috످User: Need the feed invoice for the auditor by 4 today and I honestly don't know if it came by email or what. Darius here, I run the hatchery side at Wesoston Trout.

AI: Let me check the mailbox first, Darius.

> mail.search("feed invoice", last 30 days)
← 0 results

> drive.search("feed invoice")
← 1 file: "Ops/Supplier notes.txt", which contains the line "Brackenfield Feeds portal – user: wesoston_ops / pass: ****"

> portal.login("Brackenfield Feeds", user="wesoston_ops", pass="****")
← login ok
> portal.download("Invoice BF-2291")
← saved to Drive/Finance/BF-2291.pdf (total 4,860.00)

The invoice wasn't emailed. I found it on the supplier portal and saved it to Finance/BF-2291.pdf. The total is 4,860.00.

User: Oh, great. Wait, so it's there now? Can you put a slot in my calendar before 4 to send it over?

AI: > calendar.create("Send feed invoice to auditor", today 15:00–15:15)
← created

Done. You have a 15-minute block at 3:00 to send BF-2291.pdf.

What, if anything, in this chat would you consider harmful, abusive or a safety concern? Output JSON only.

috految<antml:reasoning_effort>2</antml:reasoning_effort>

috److{
  "safety_concern": true,
  "harmful_or_abusive_content": false,
  "concerns": [
    "In the first assistant turn, the assistant found a saved supplier portal password in a Drive notes file and logged in with it without asking Darius or being authorized to use it.",
    "It told Darius the invoice came from the portal but never mentioned using those credentials."
  ],
  "summary": "Nothing is abusive, and Darius's requests were ordinary. The assistant should have asked before using the stored login and disclosed that it did."
}

috످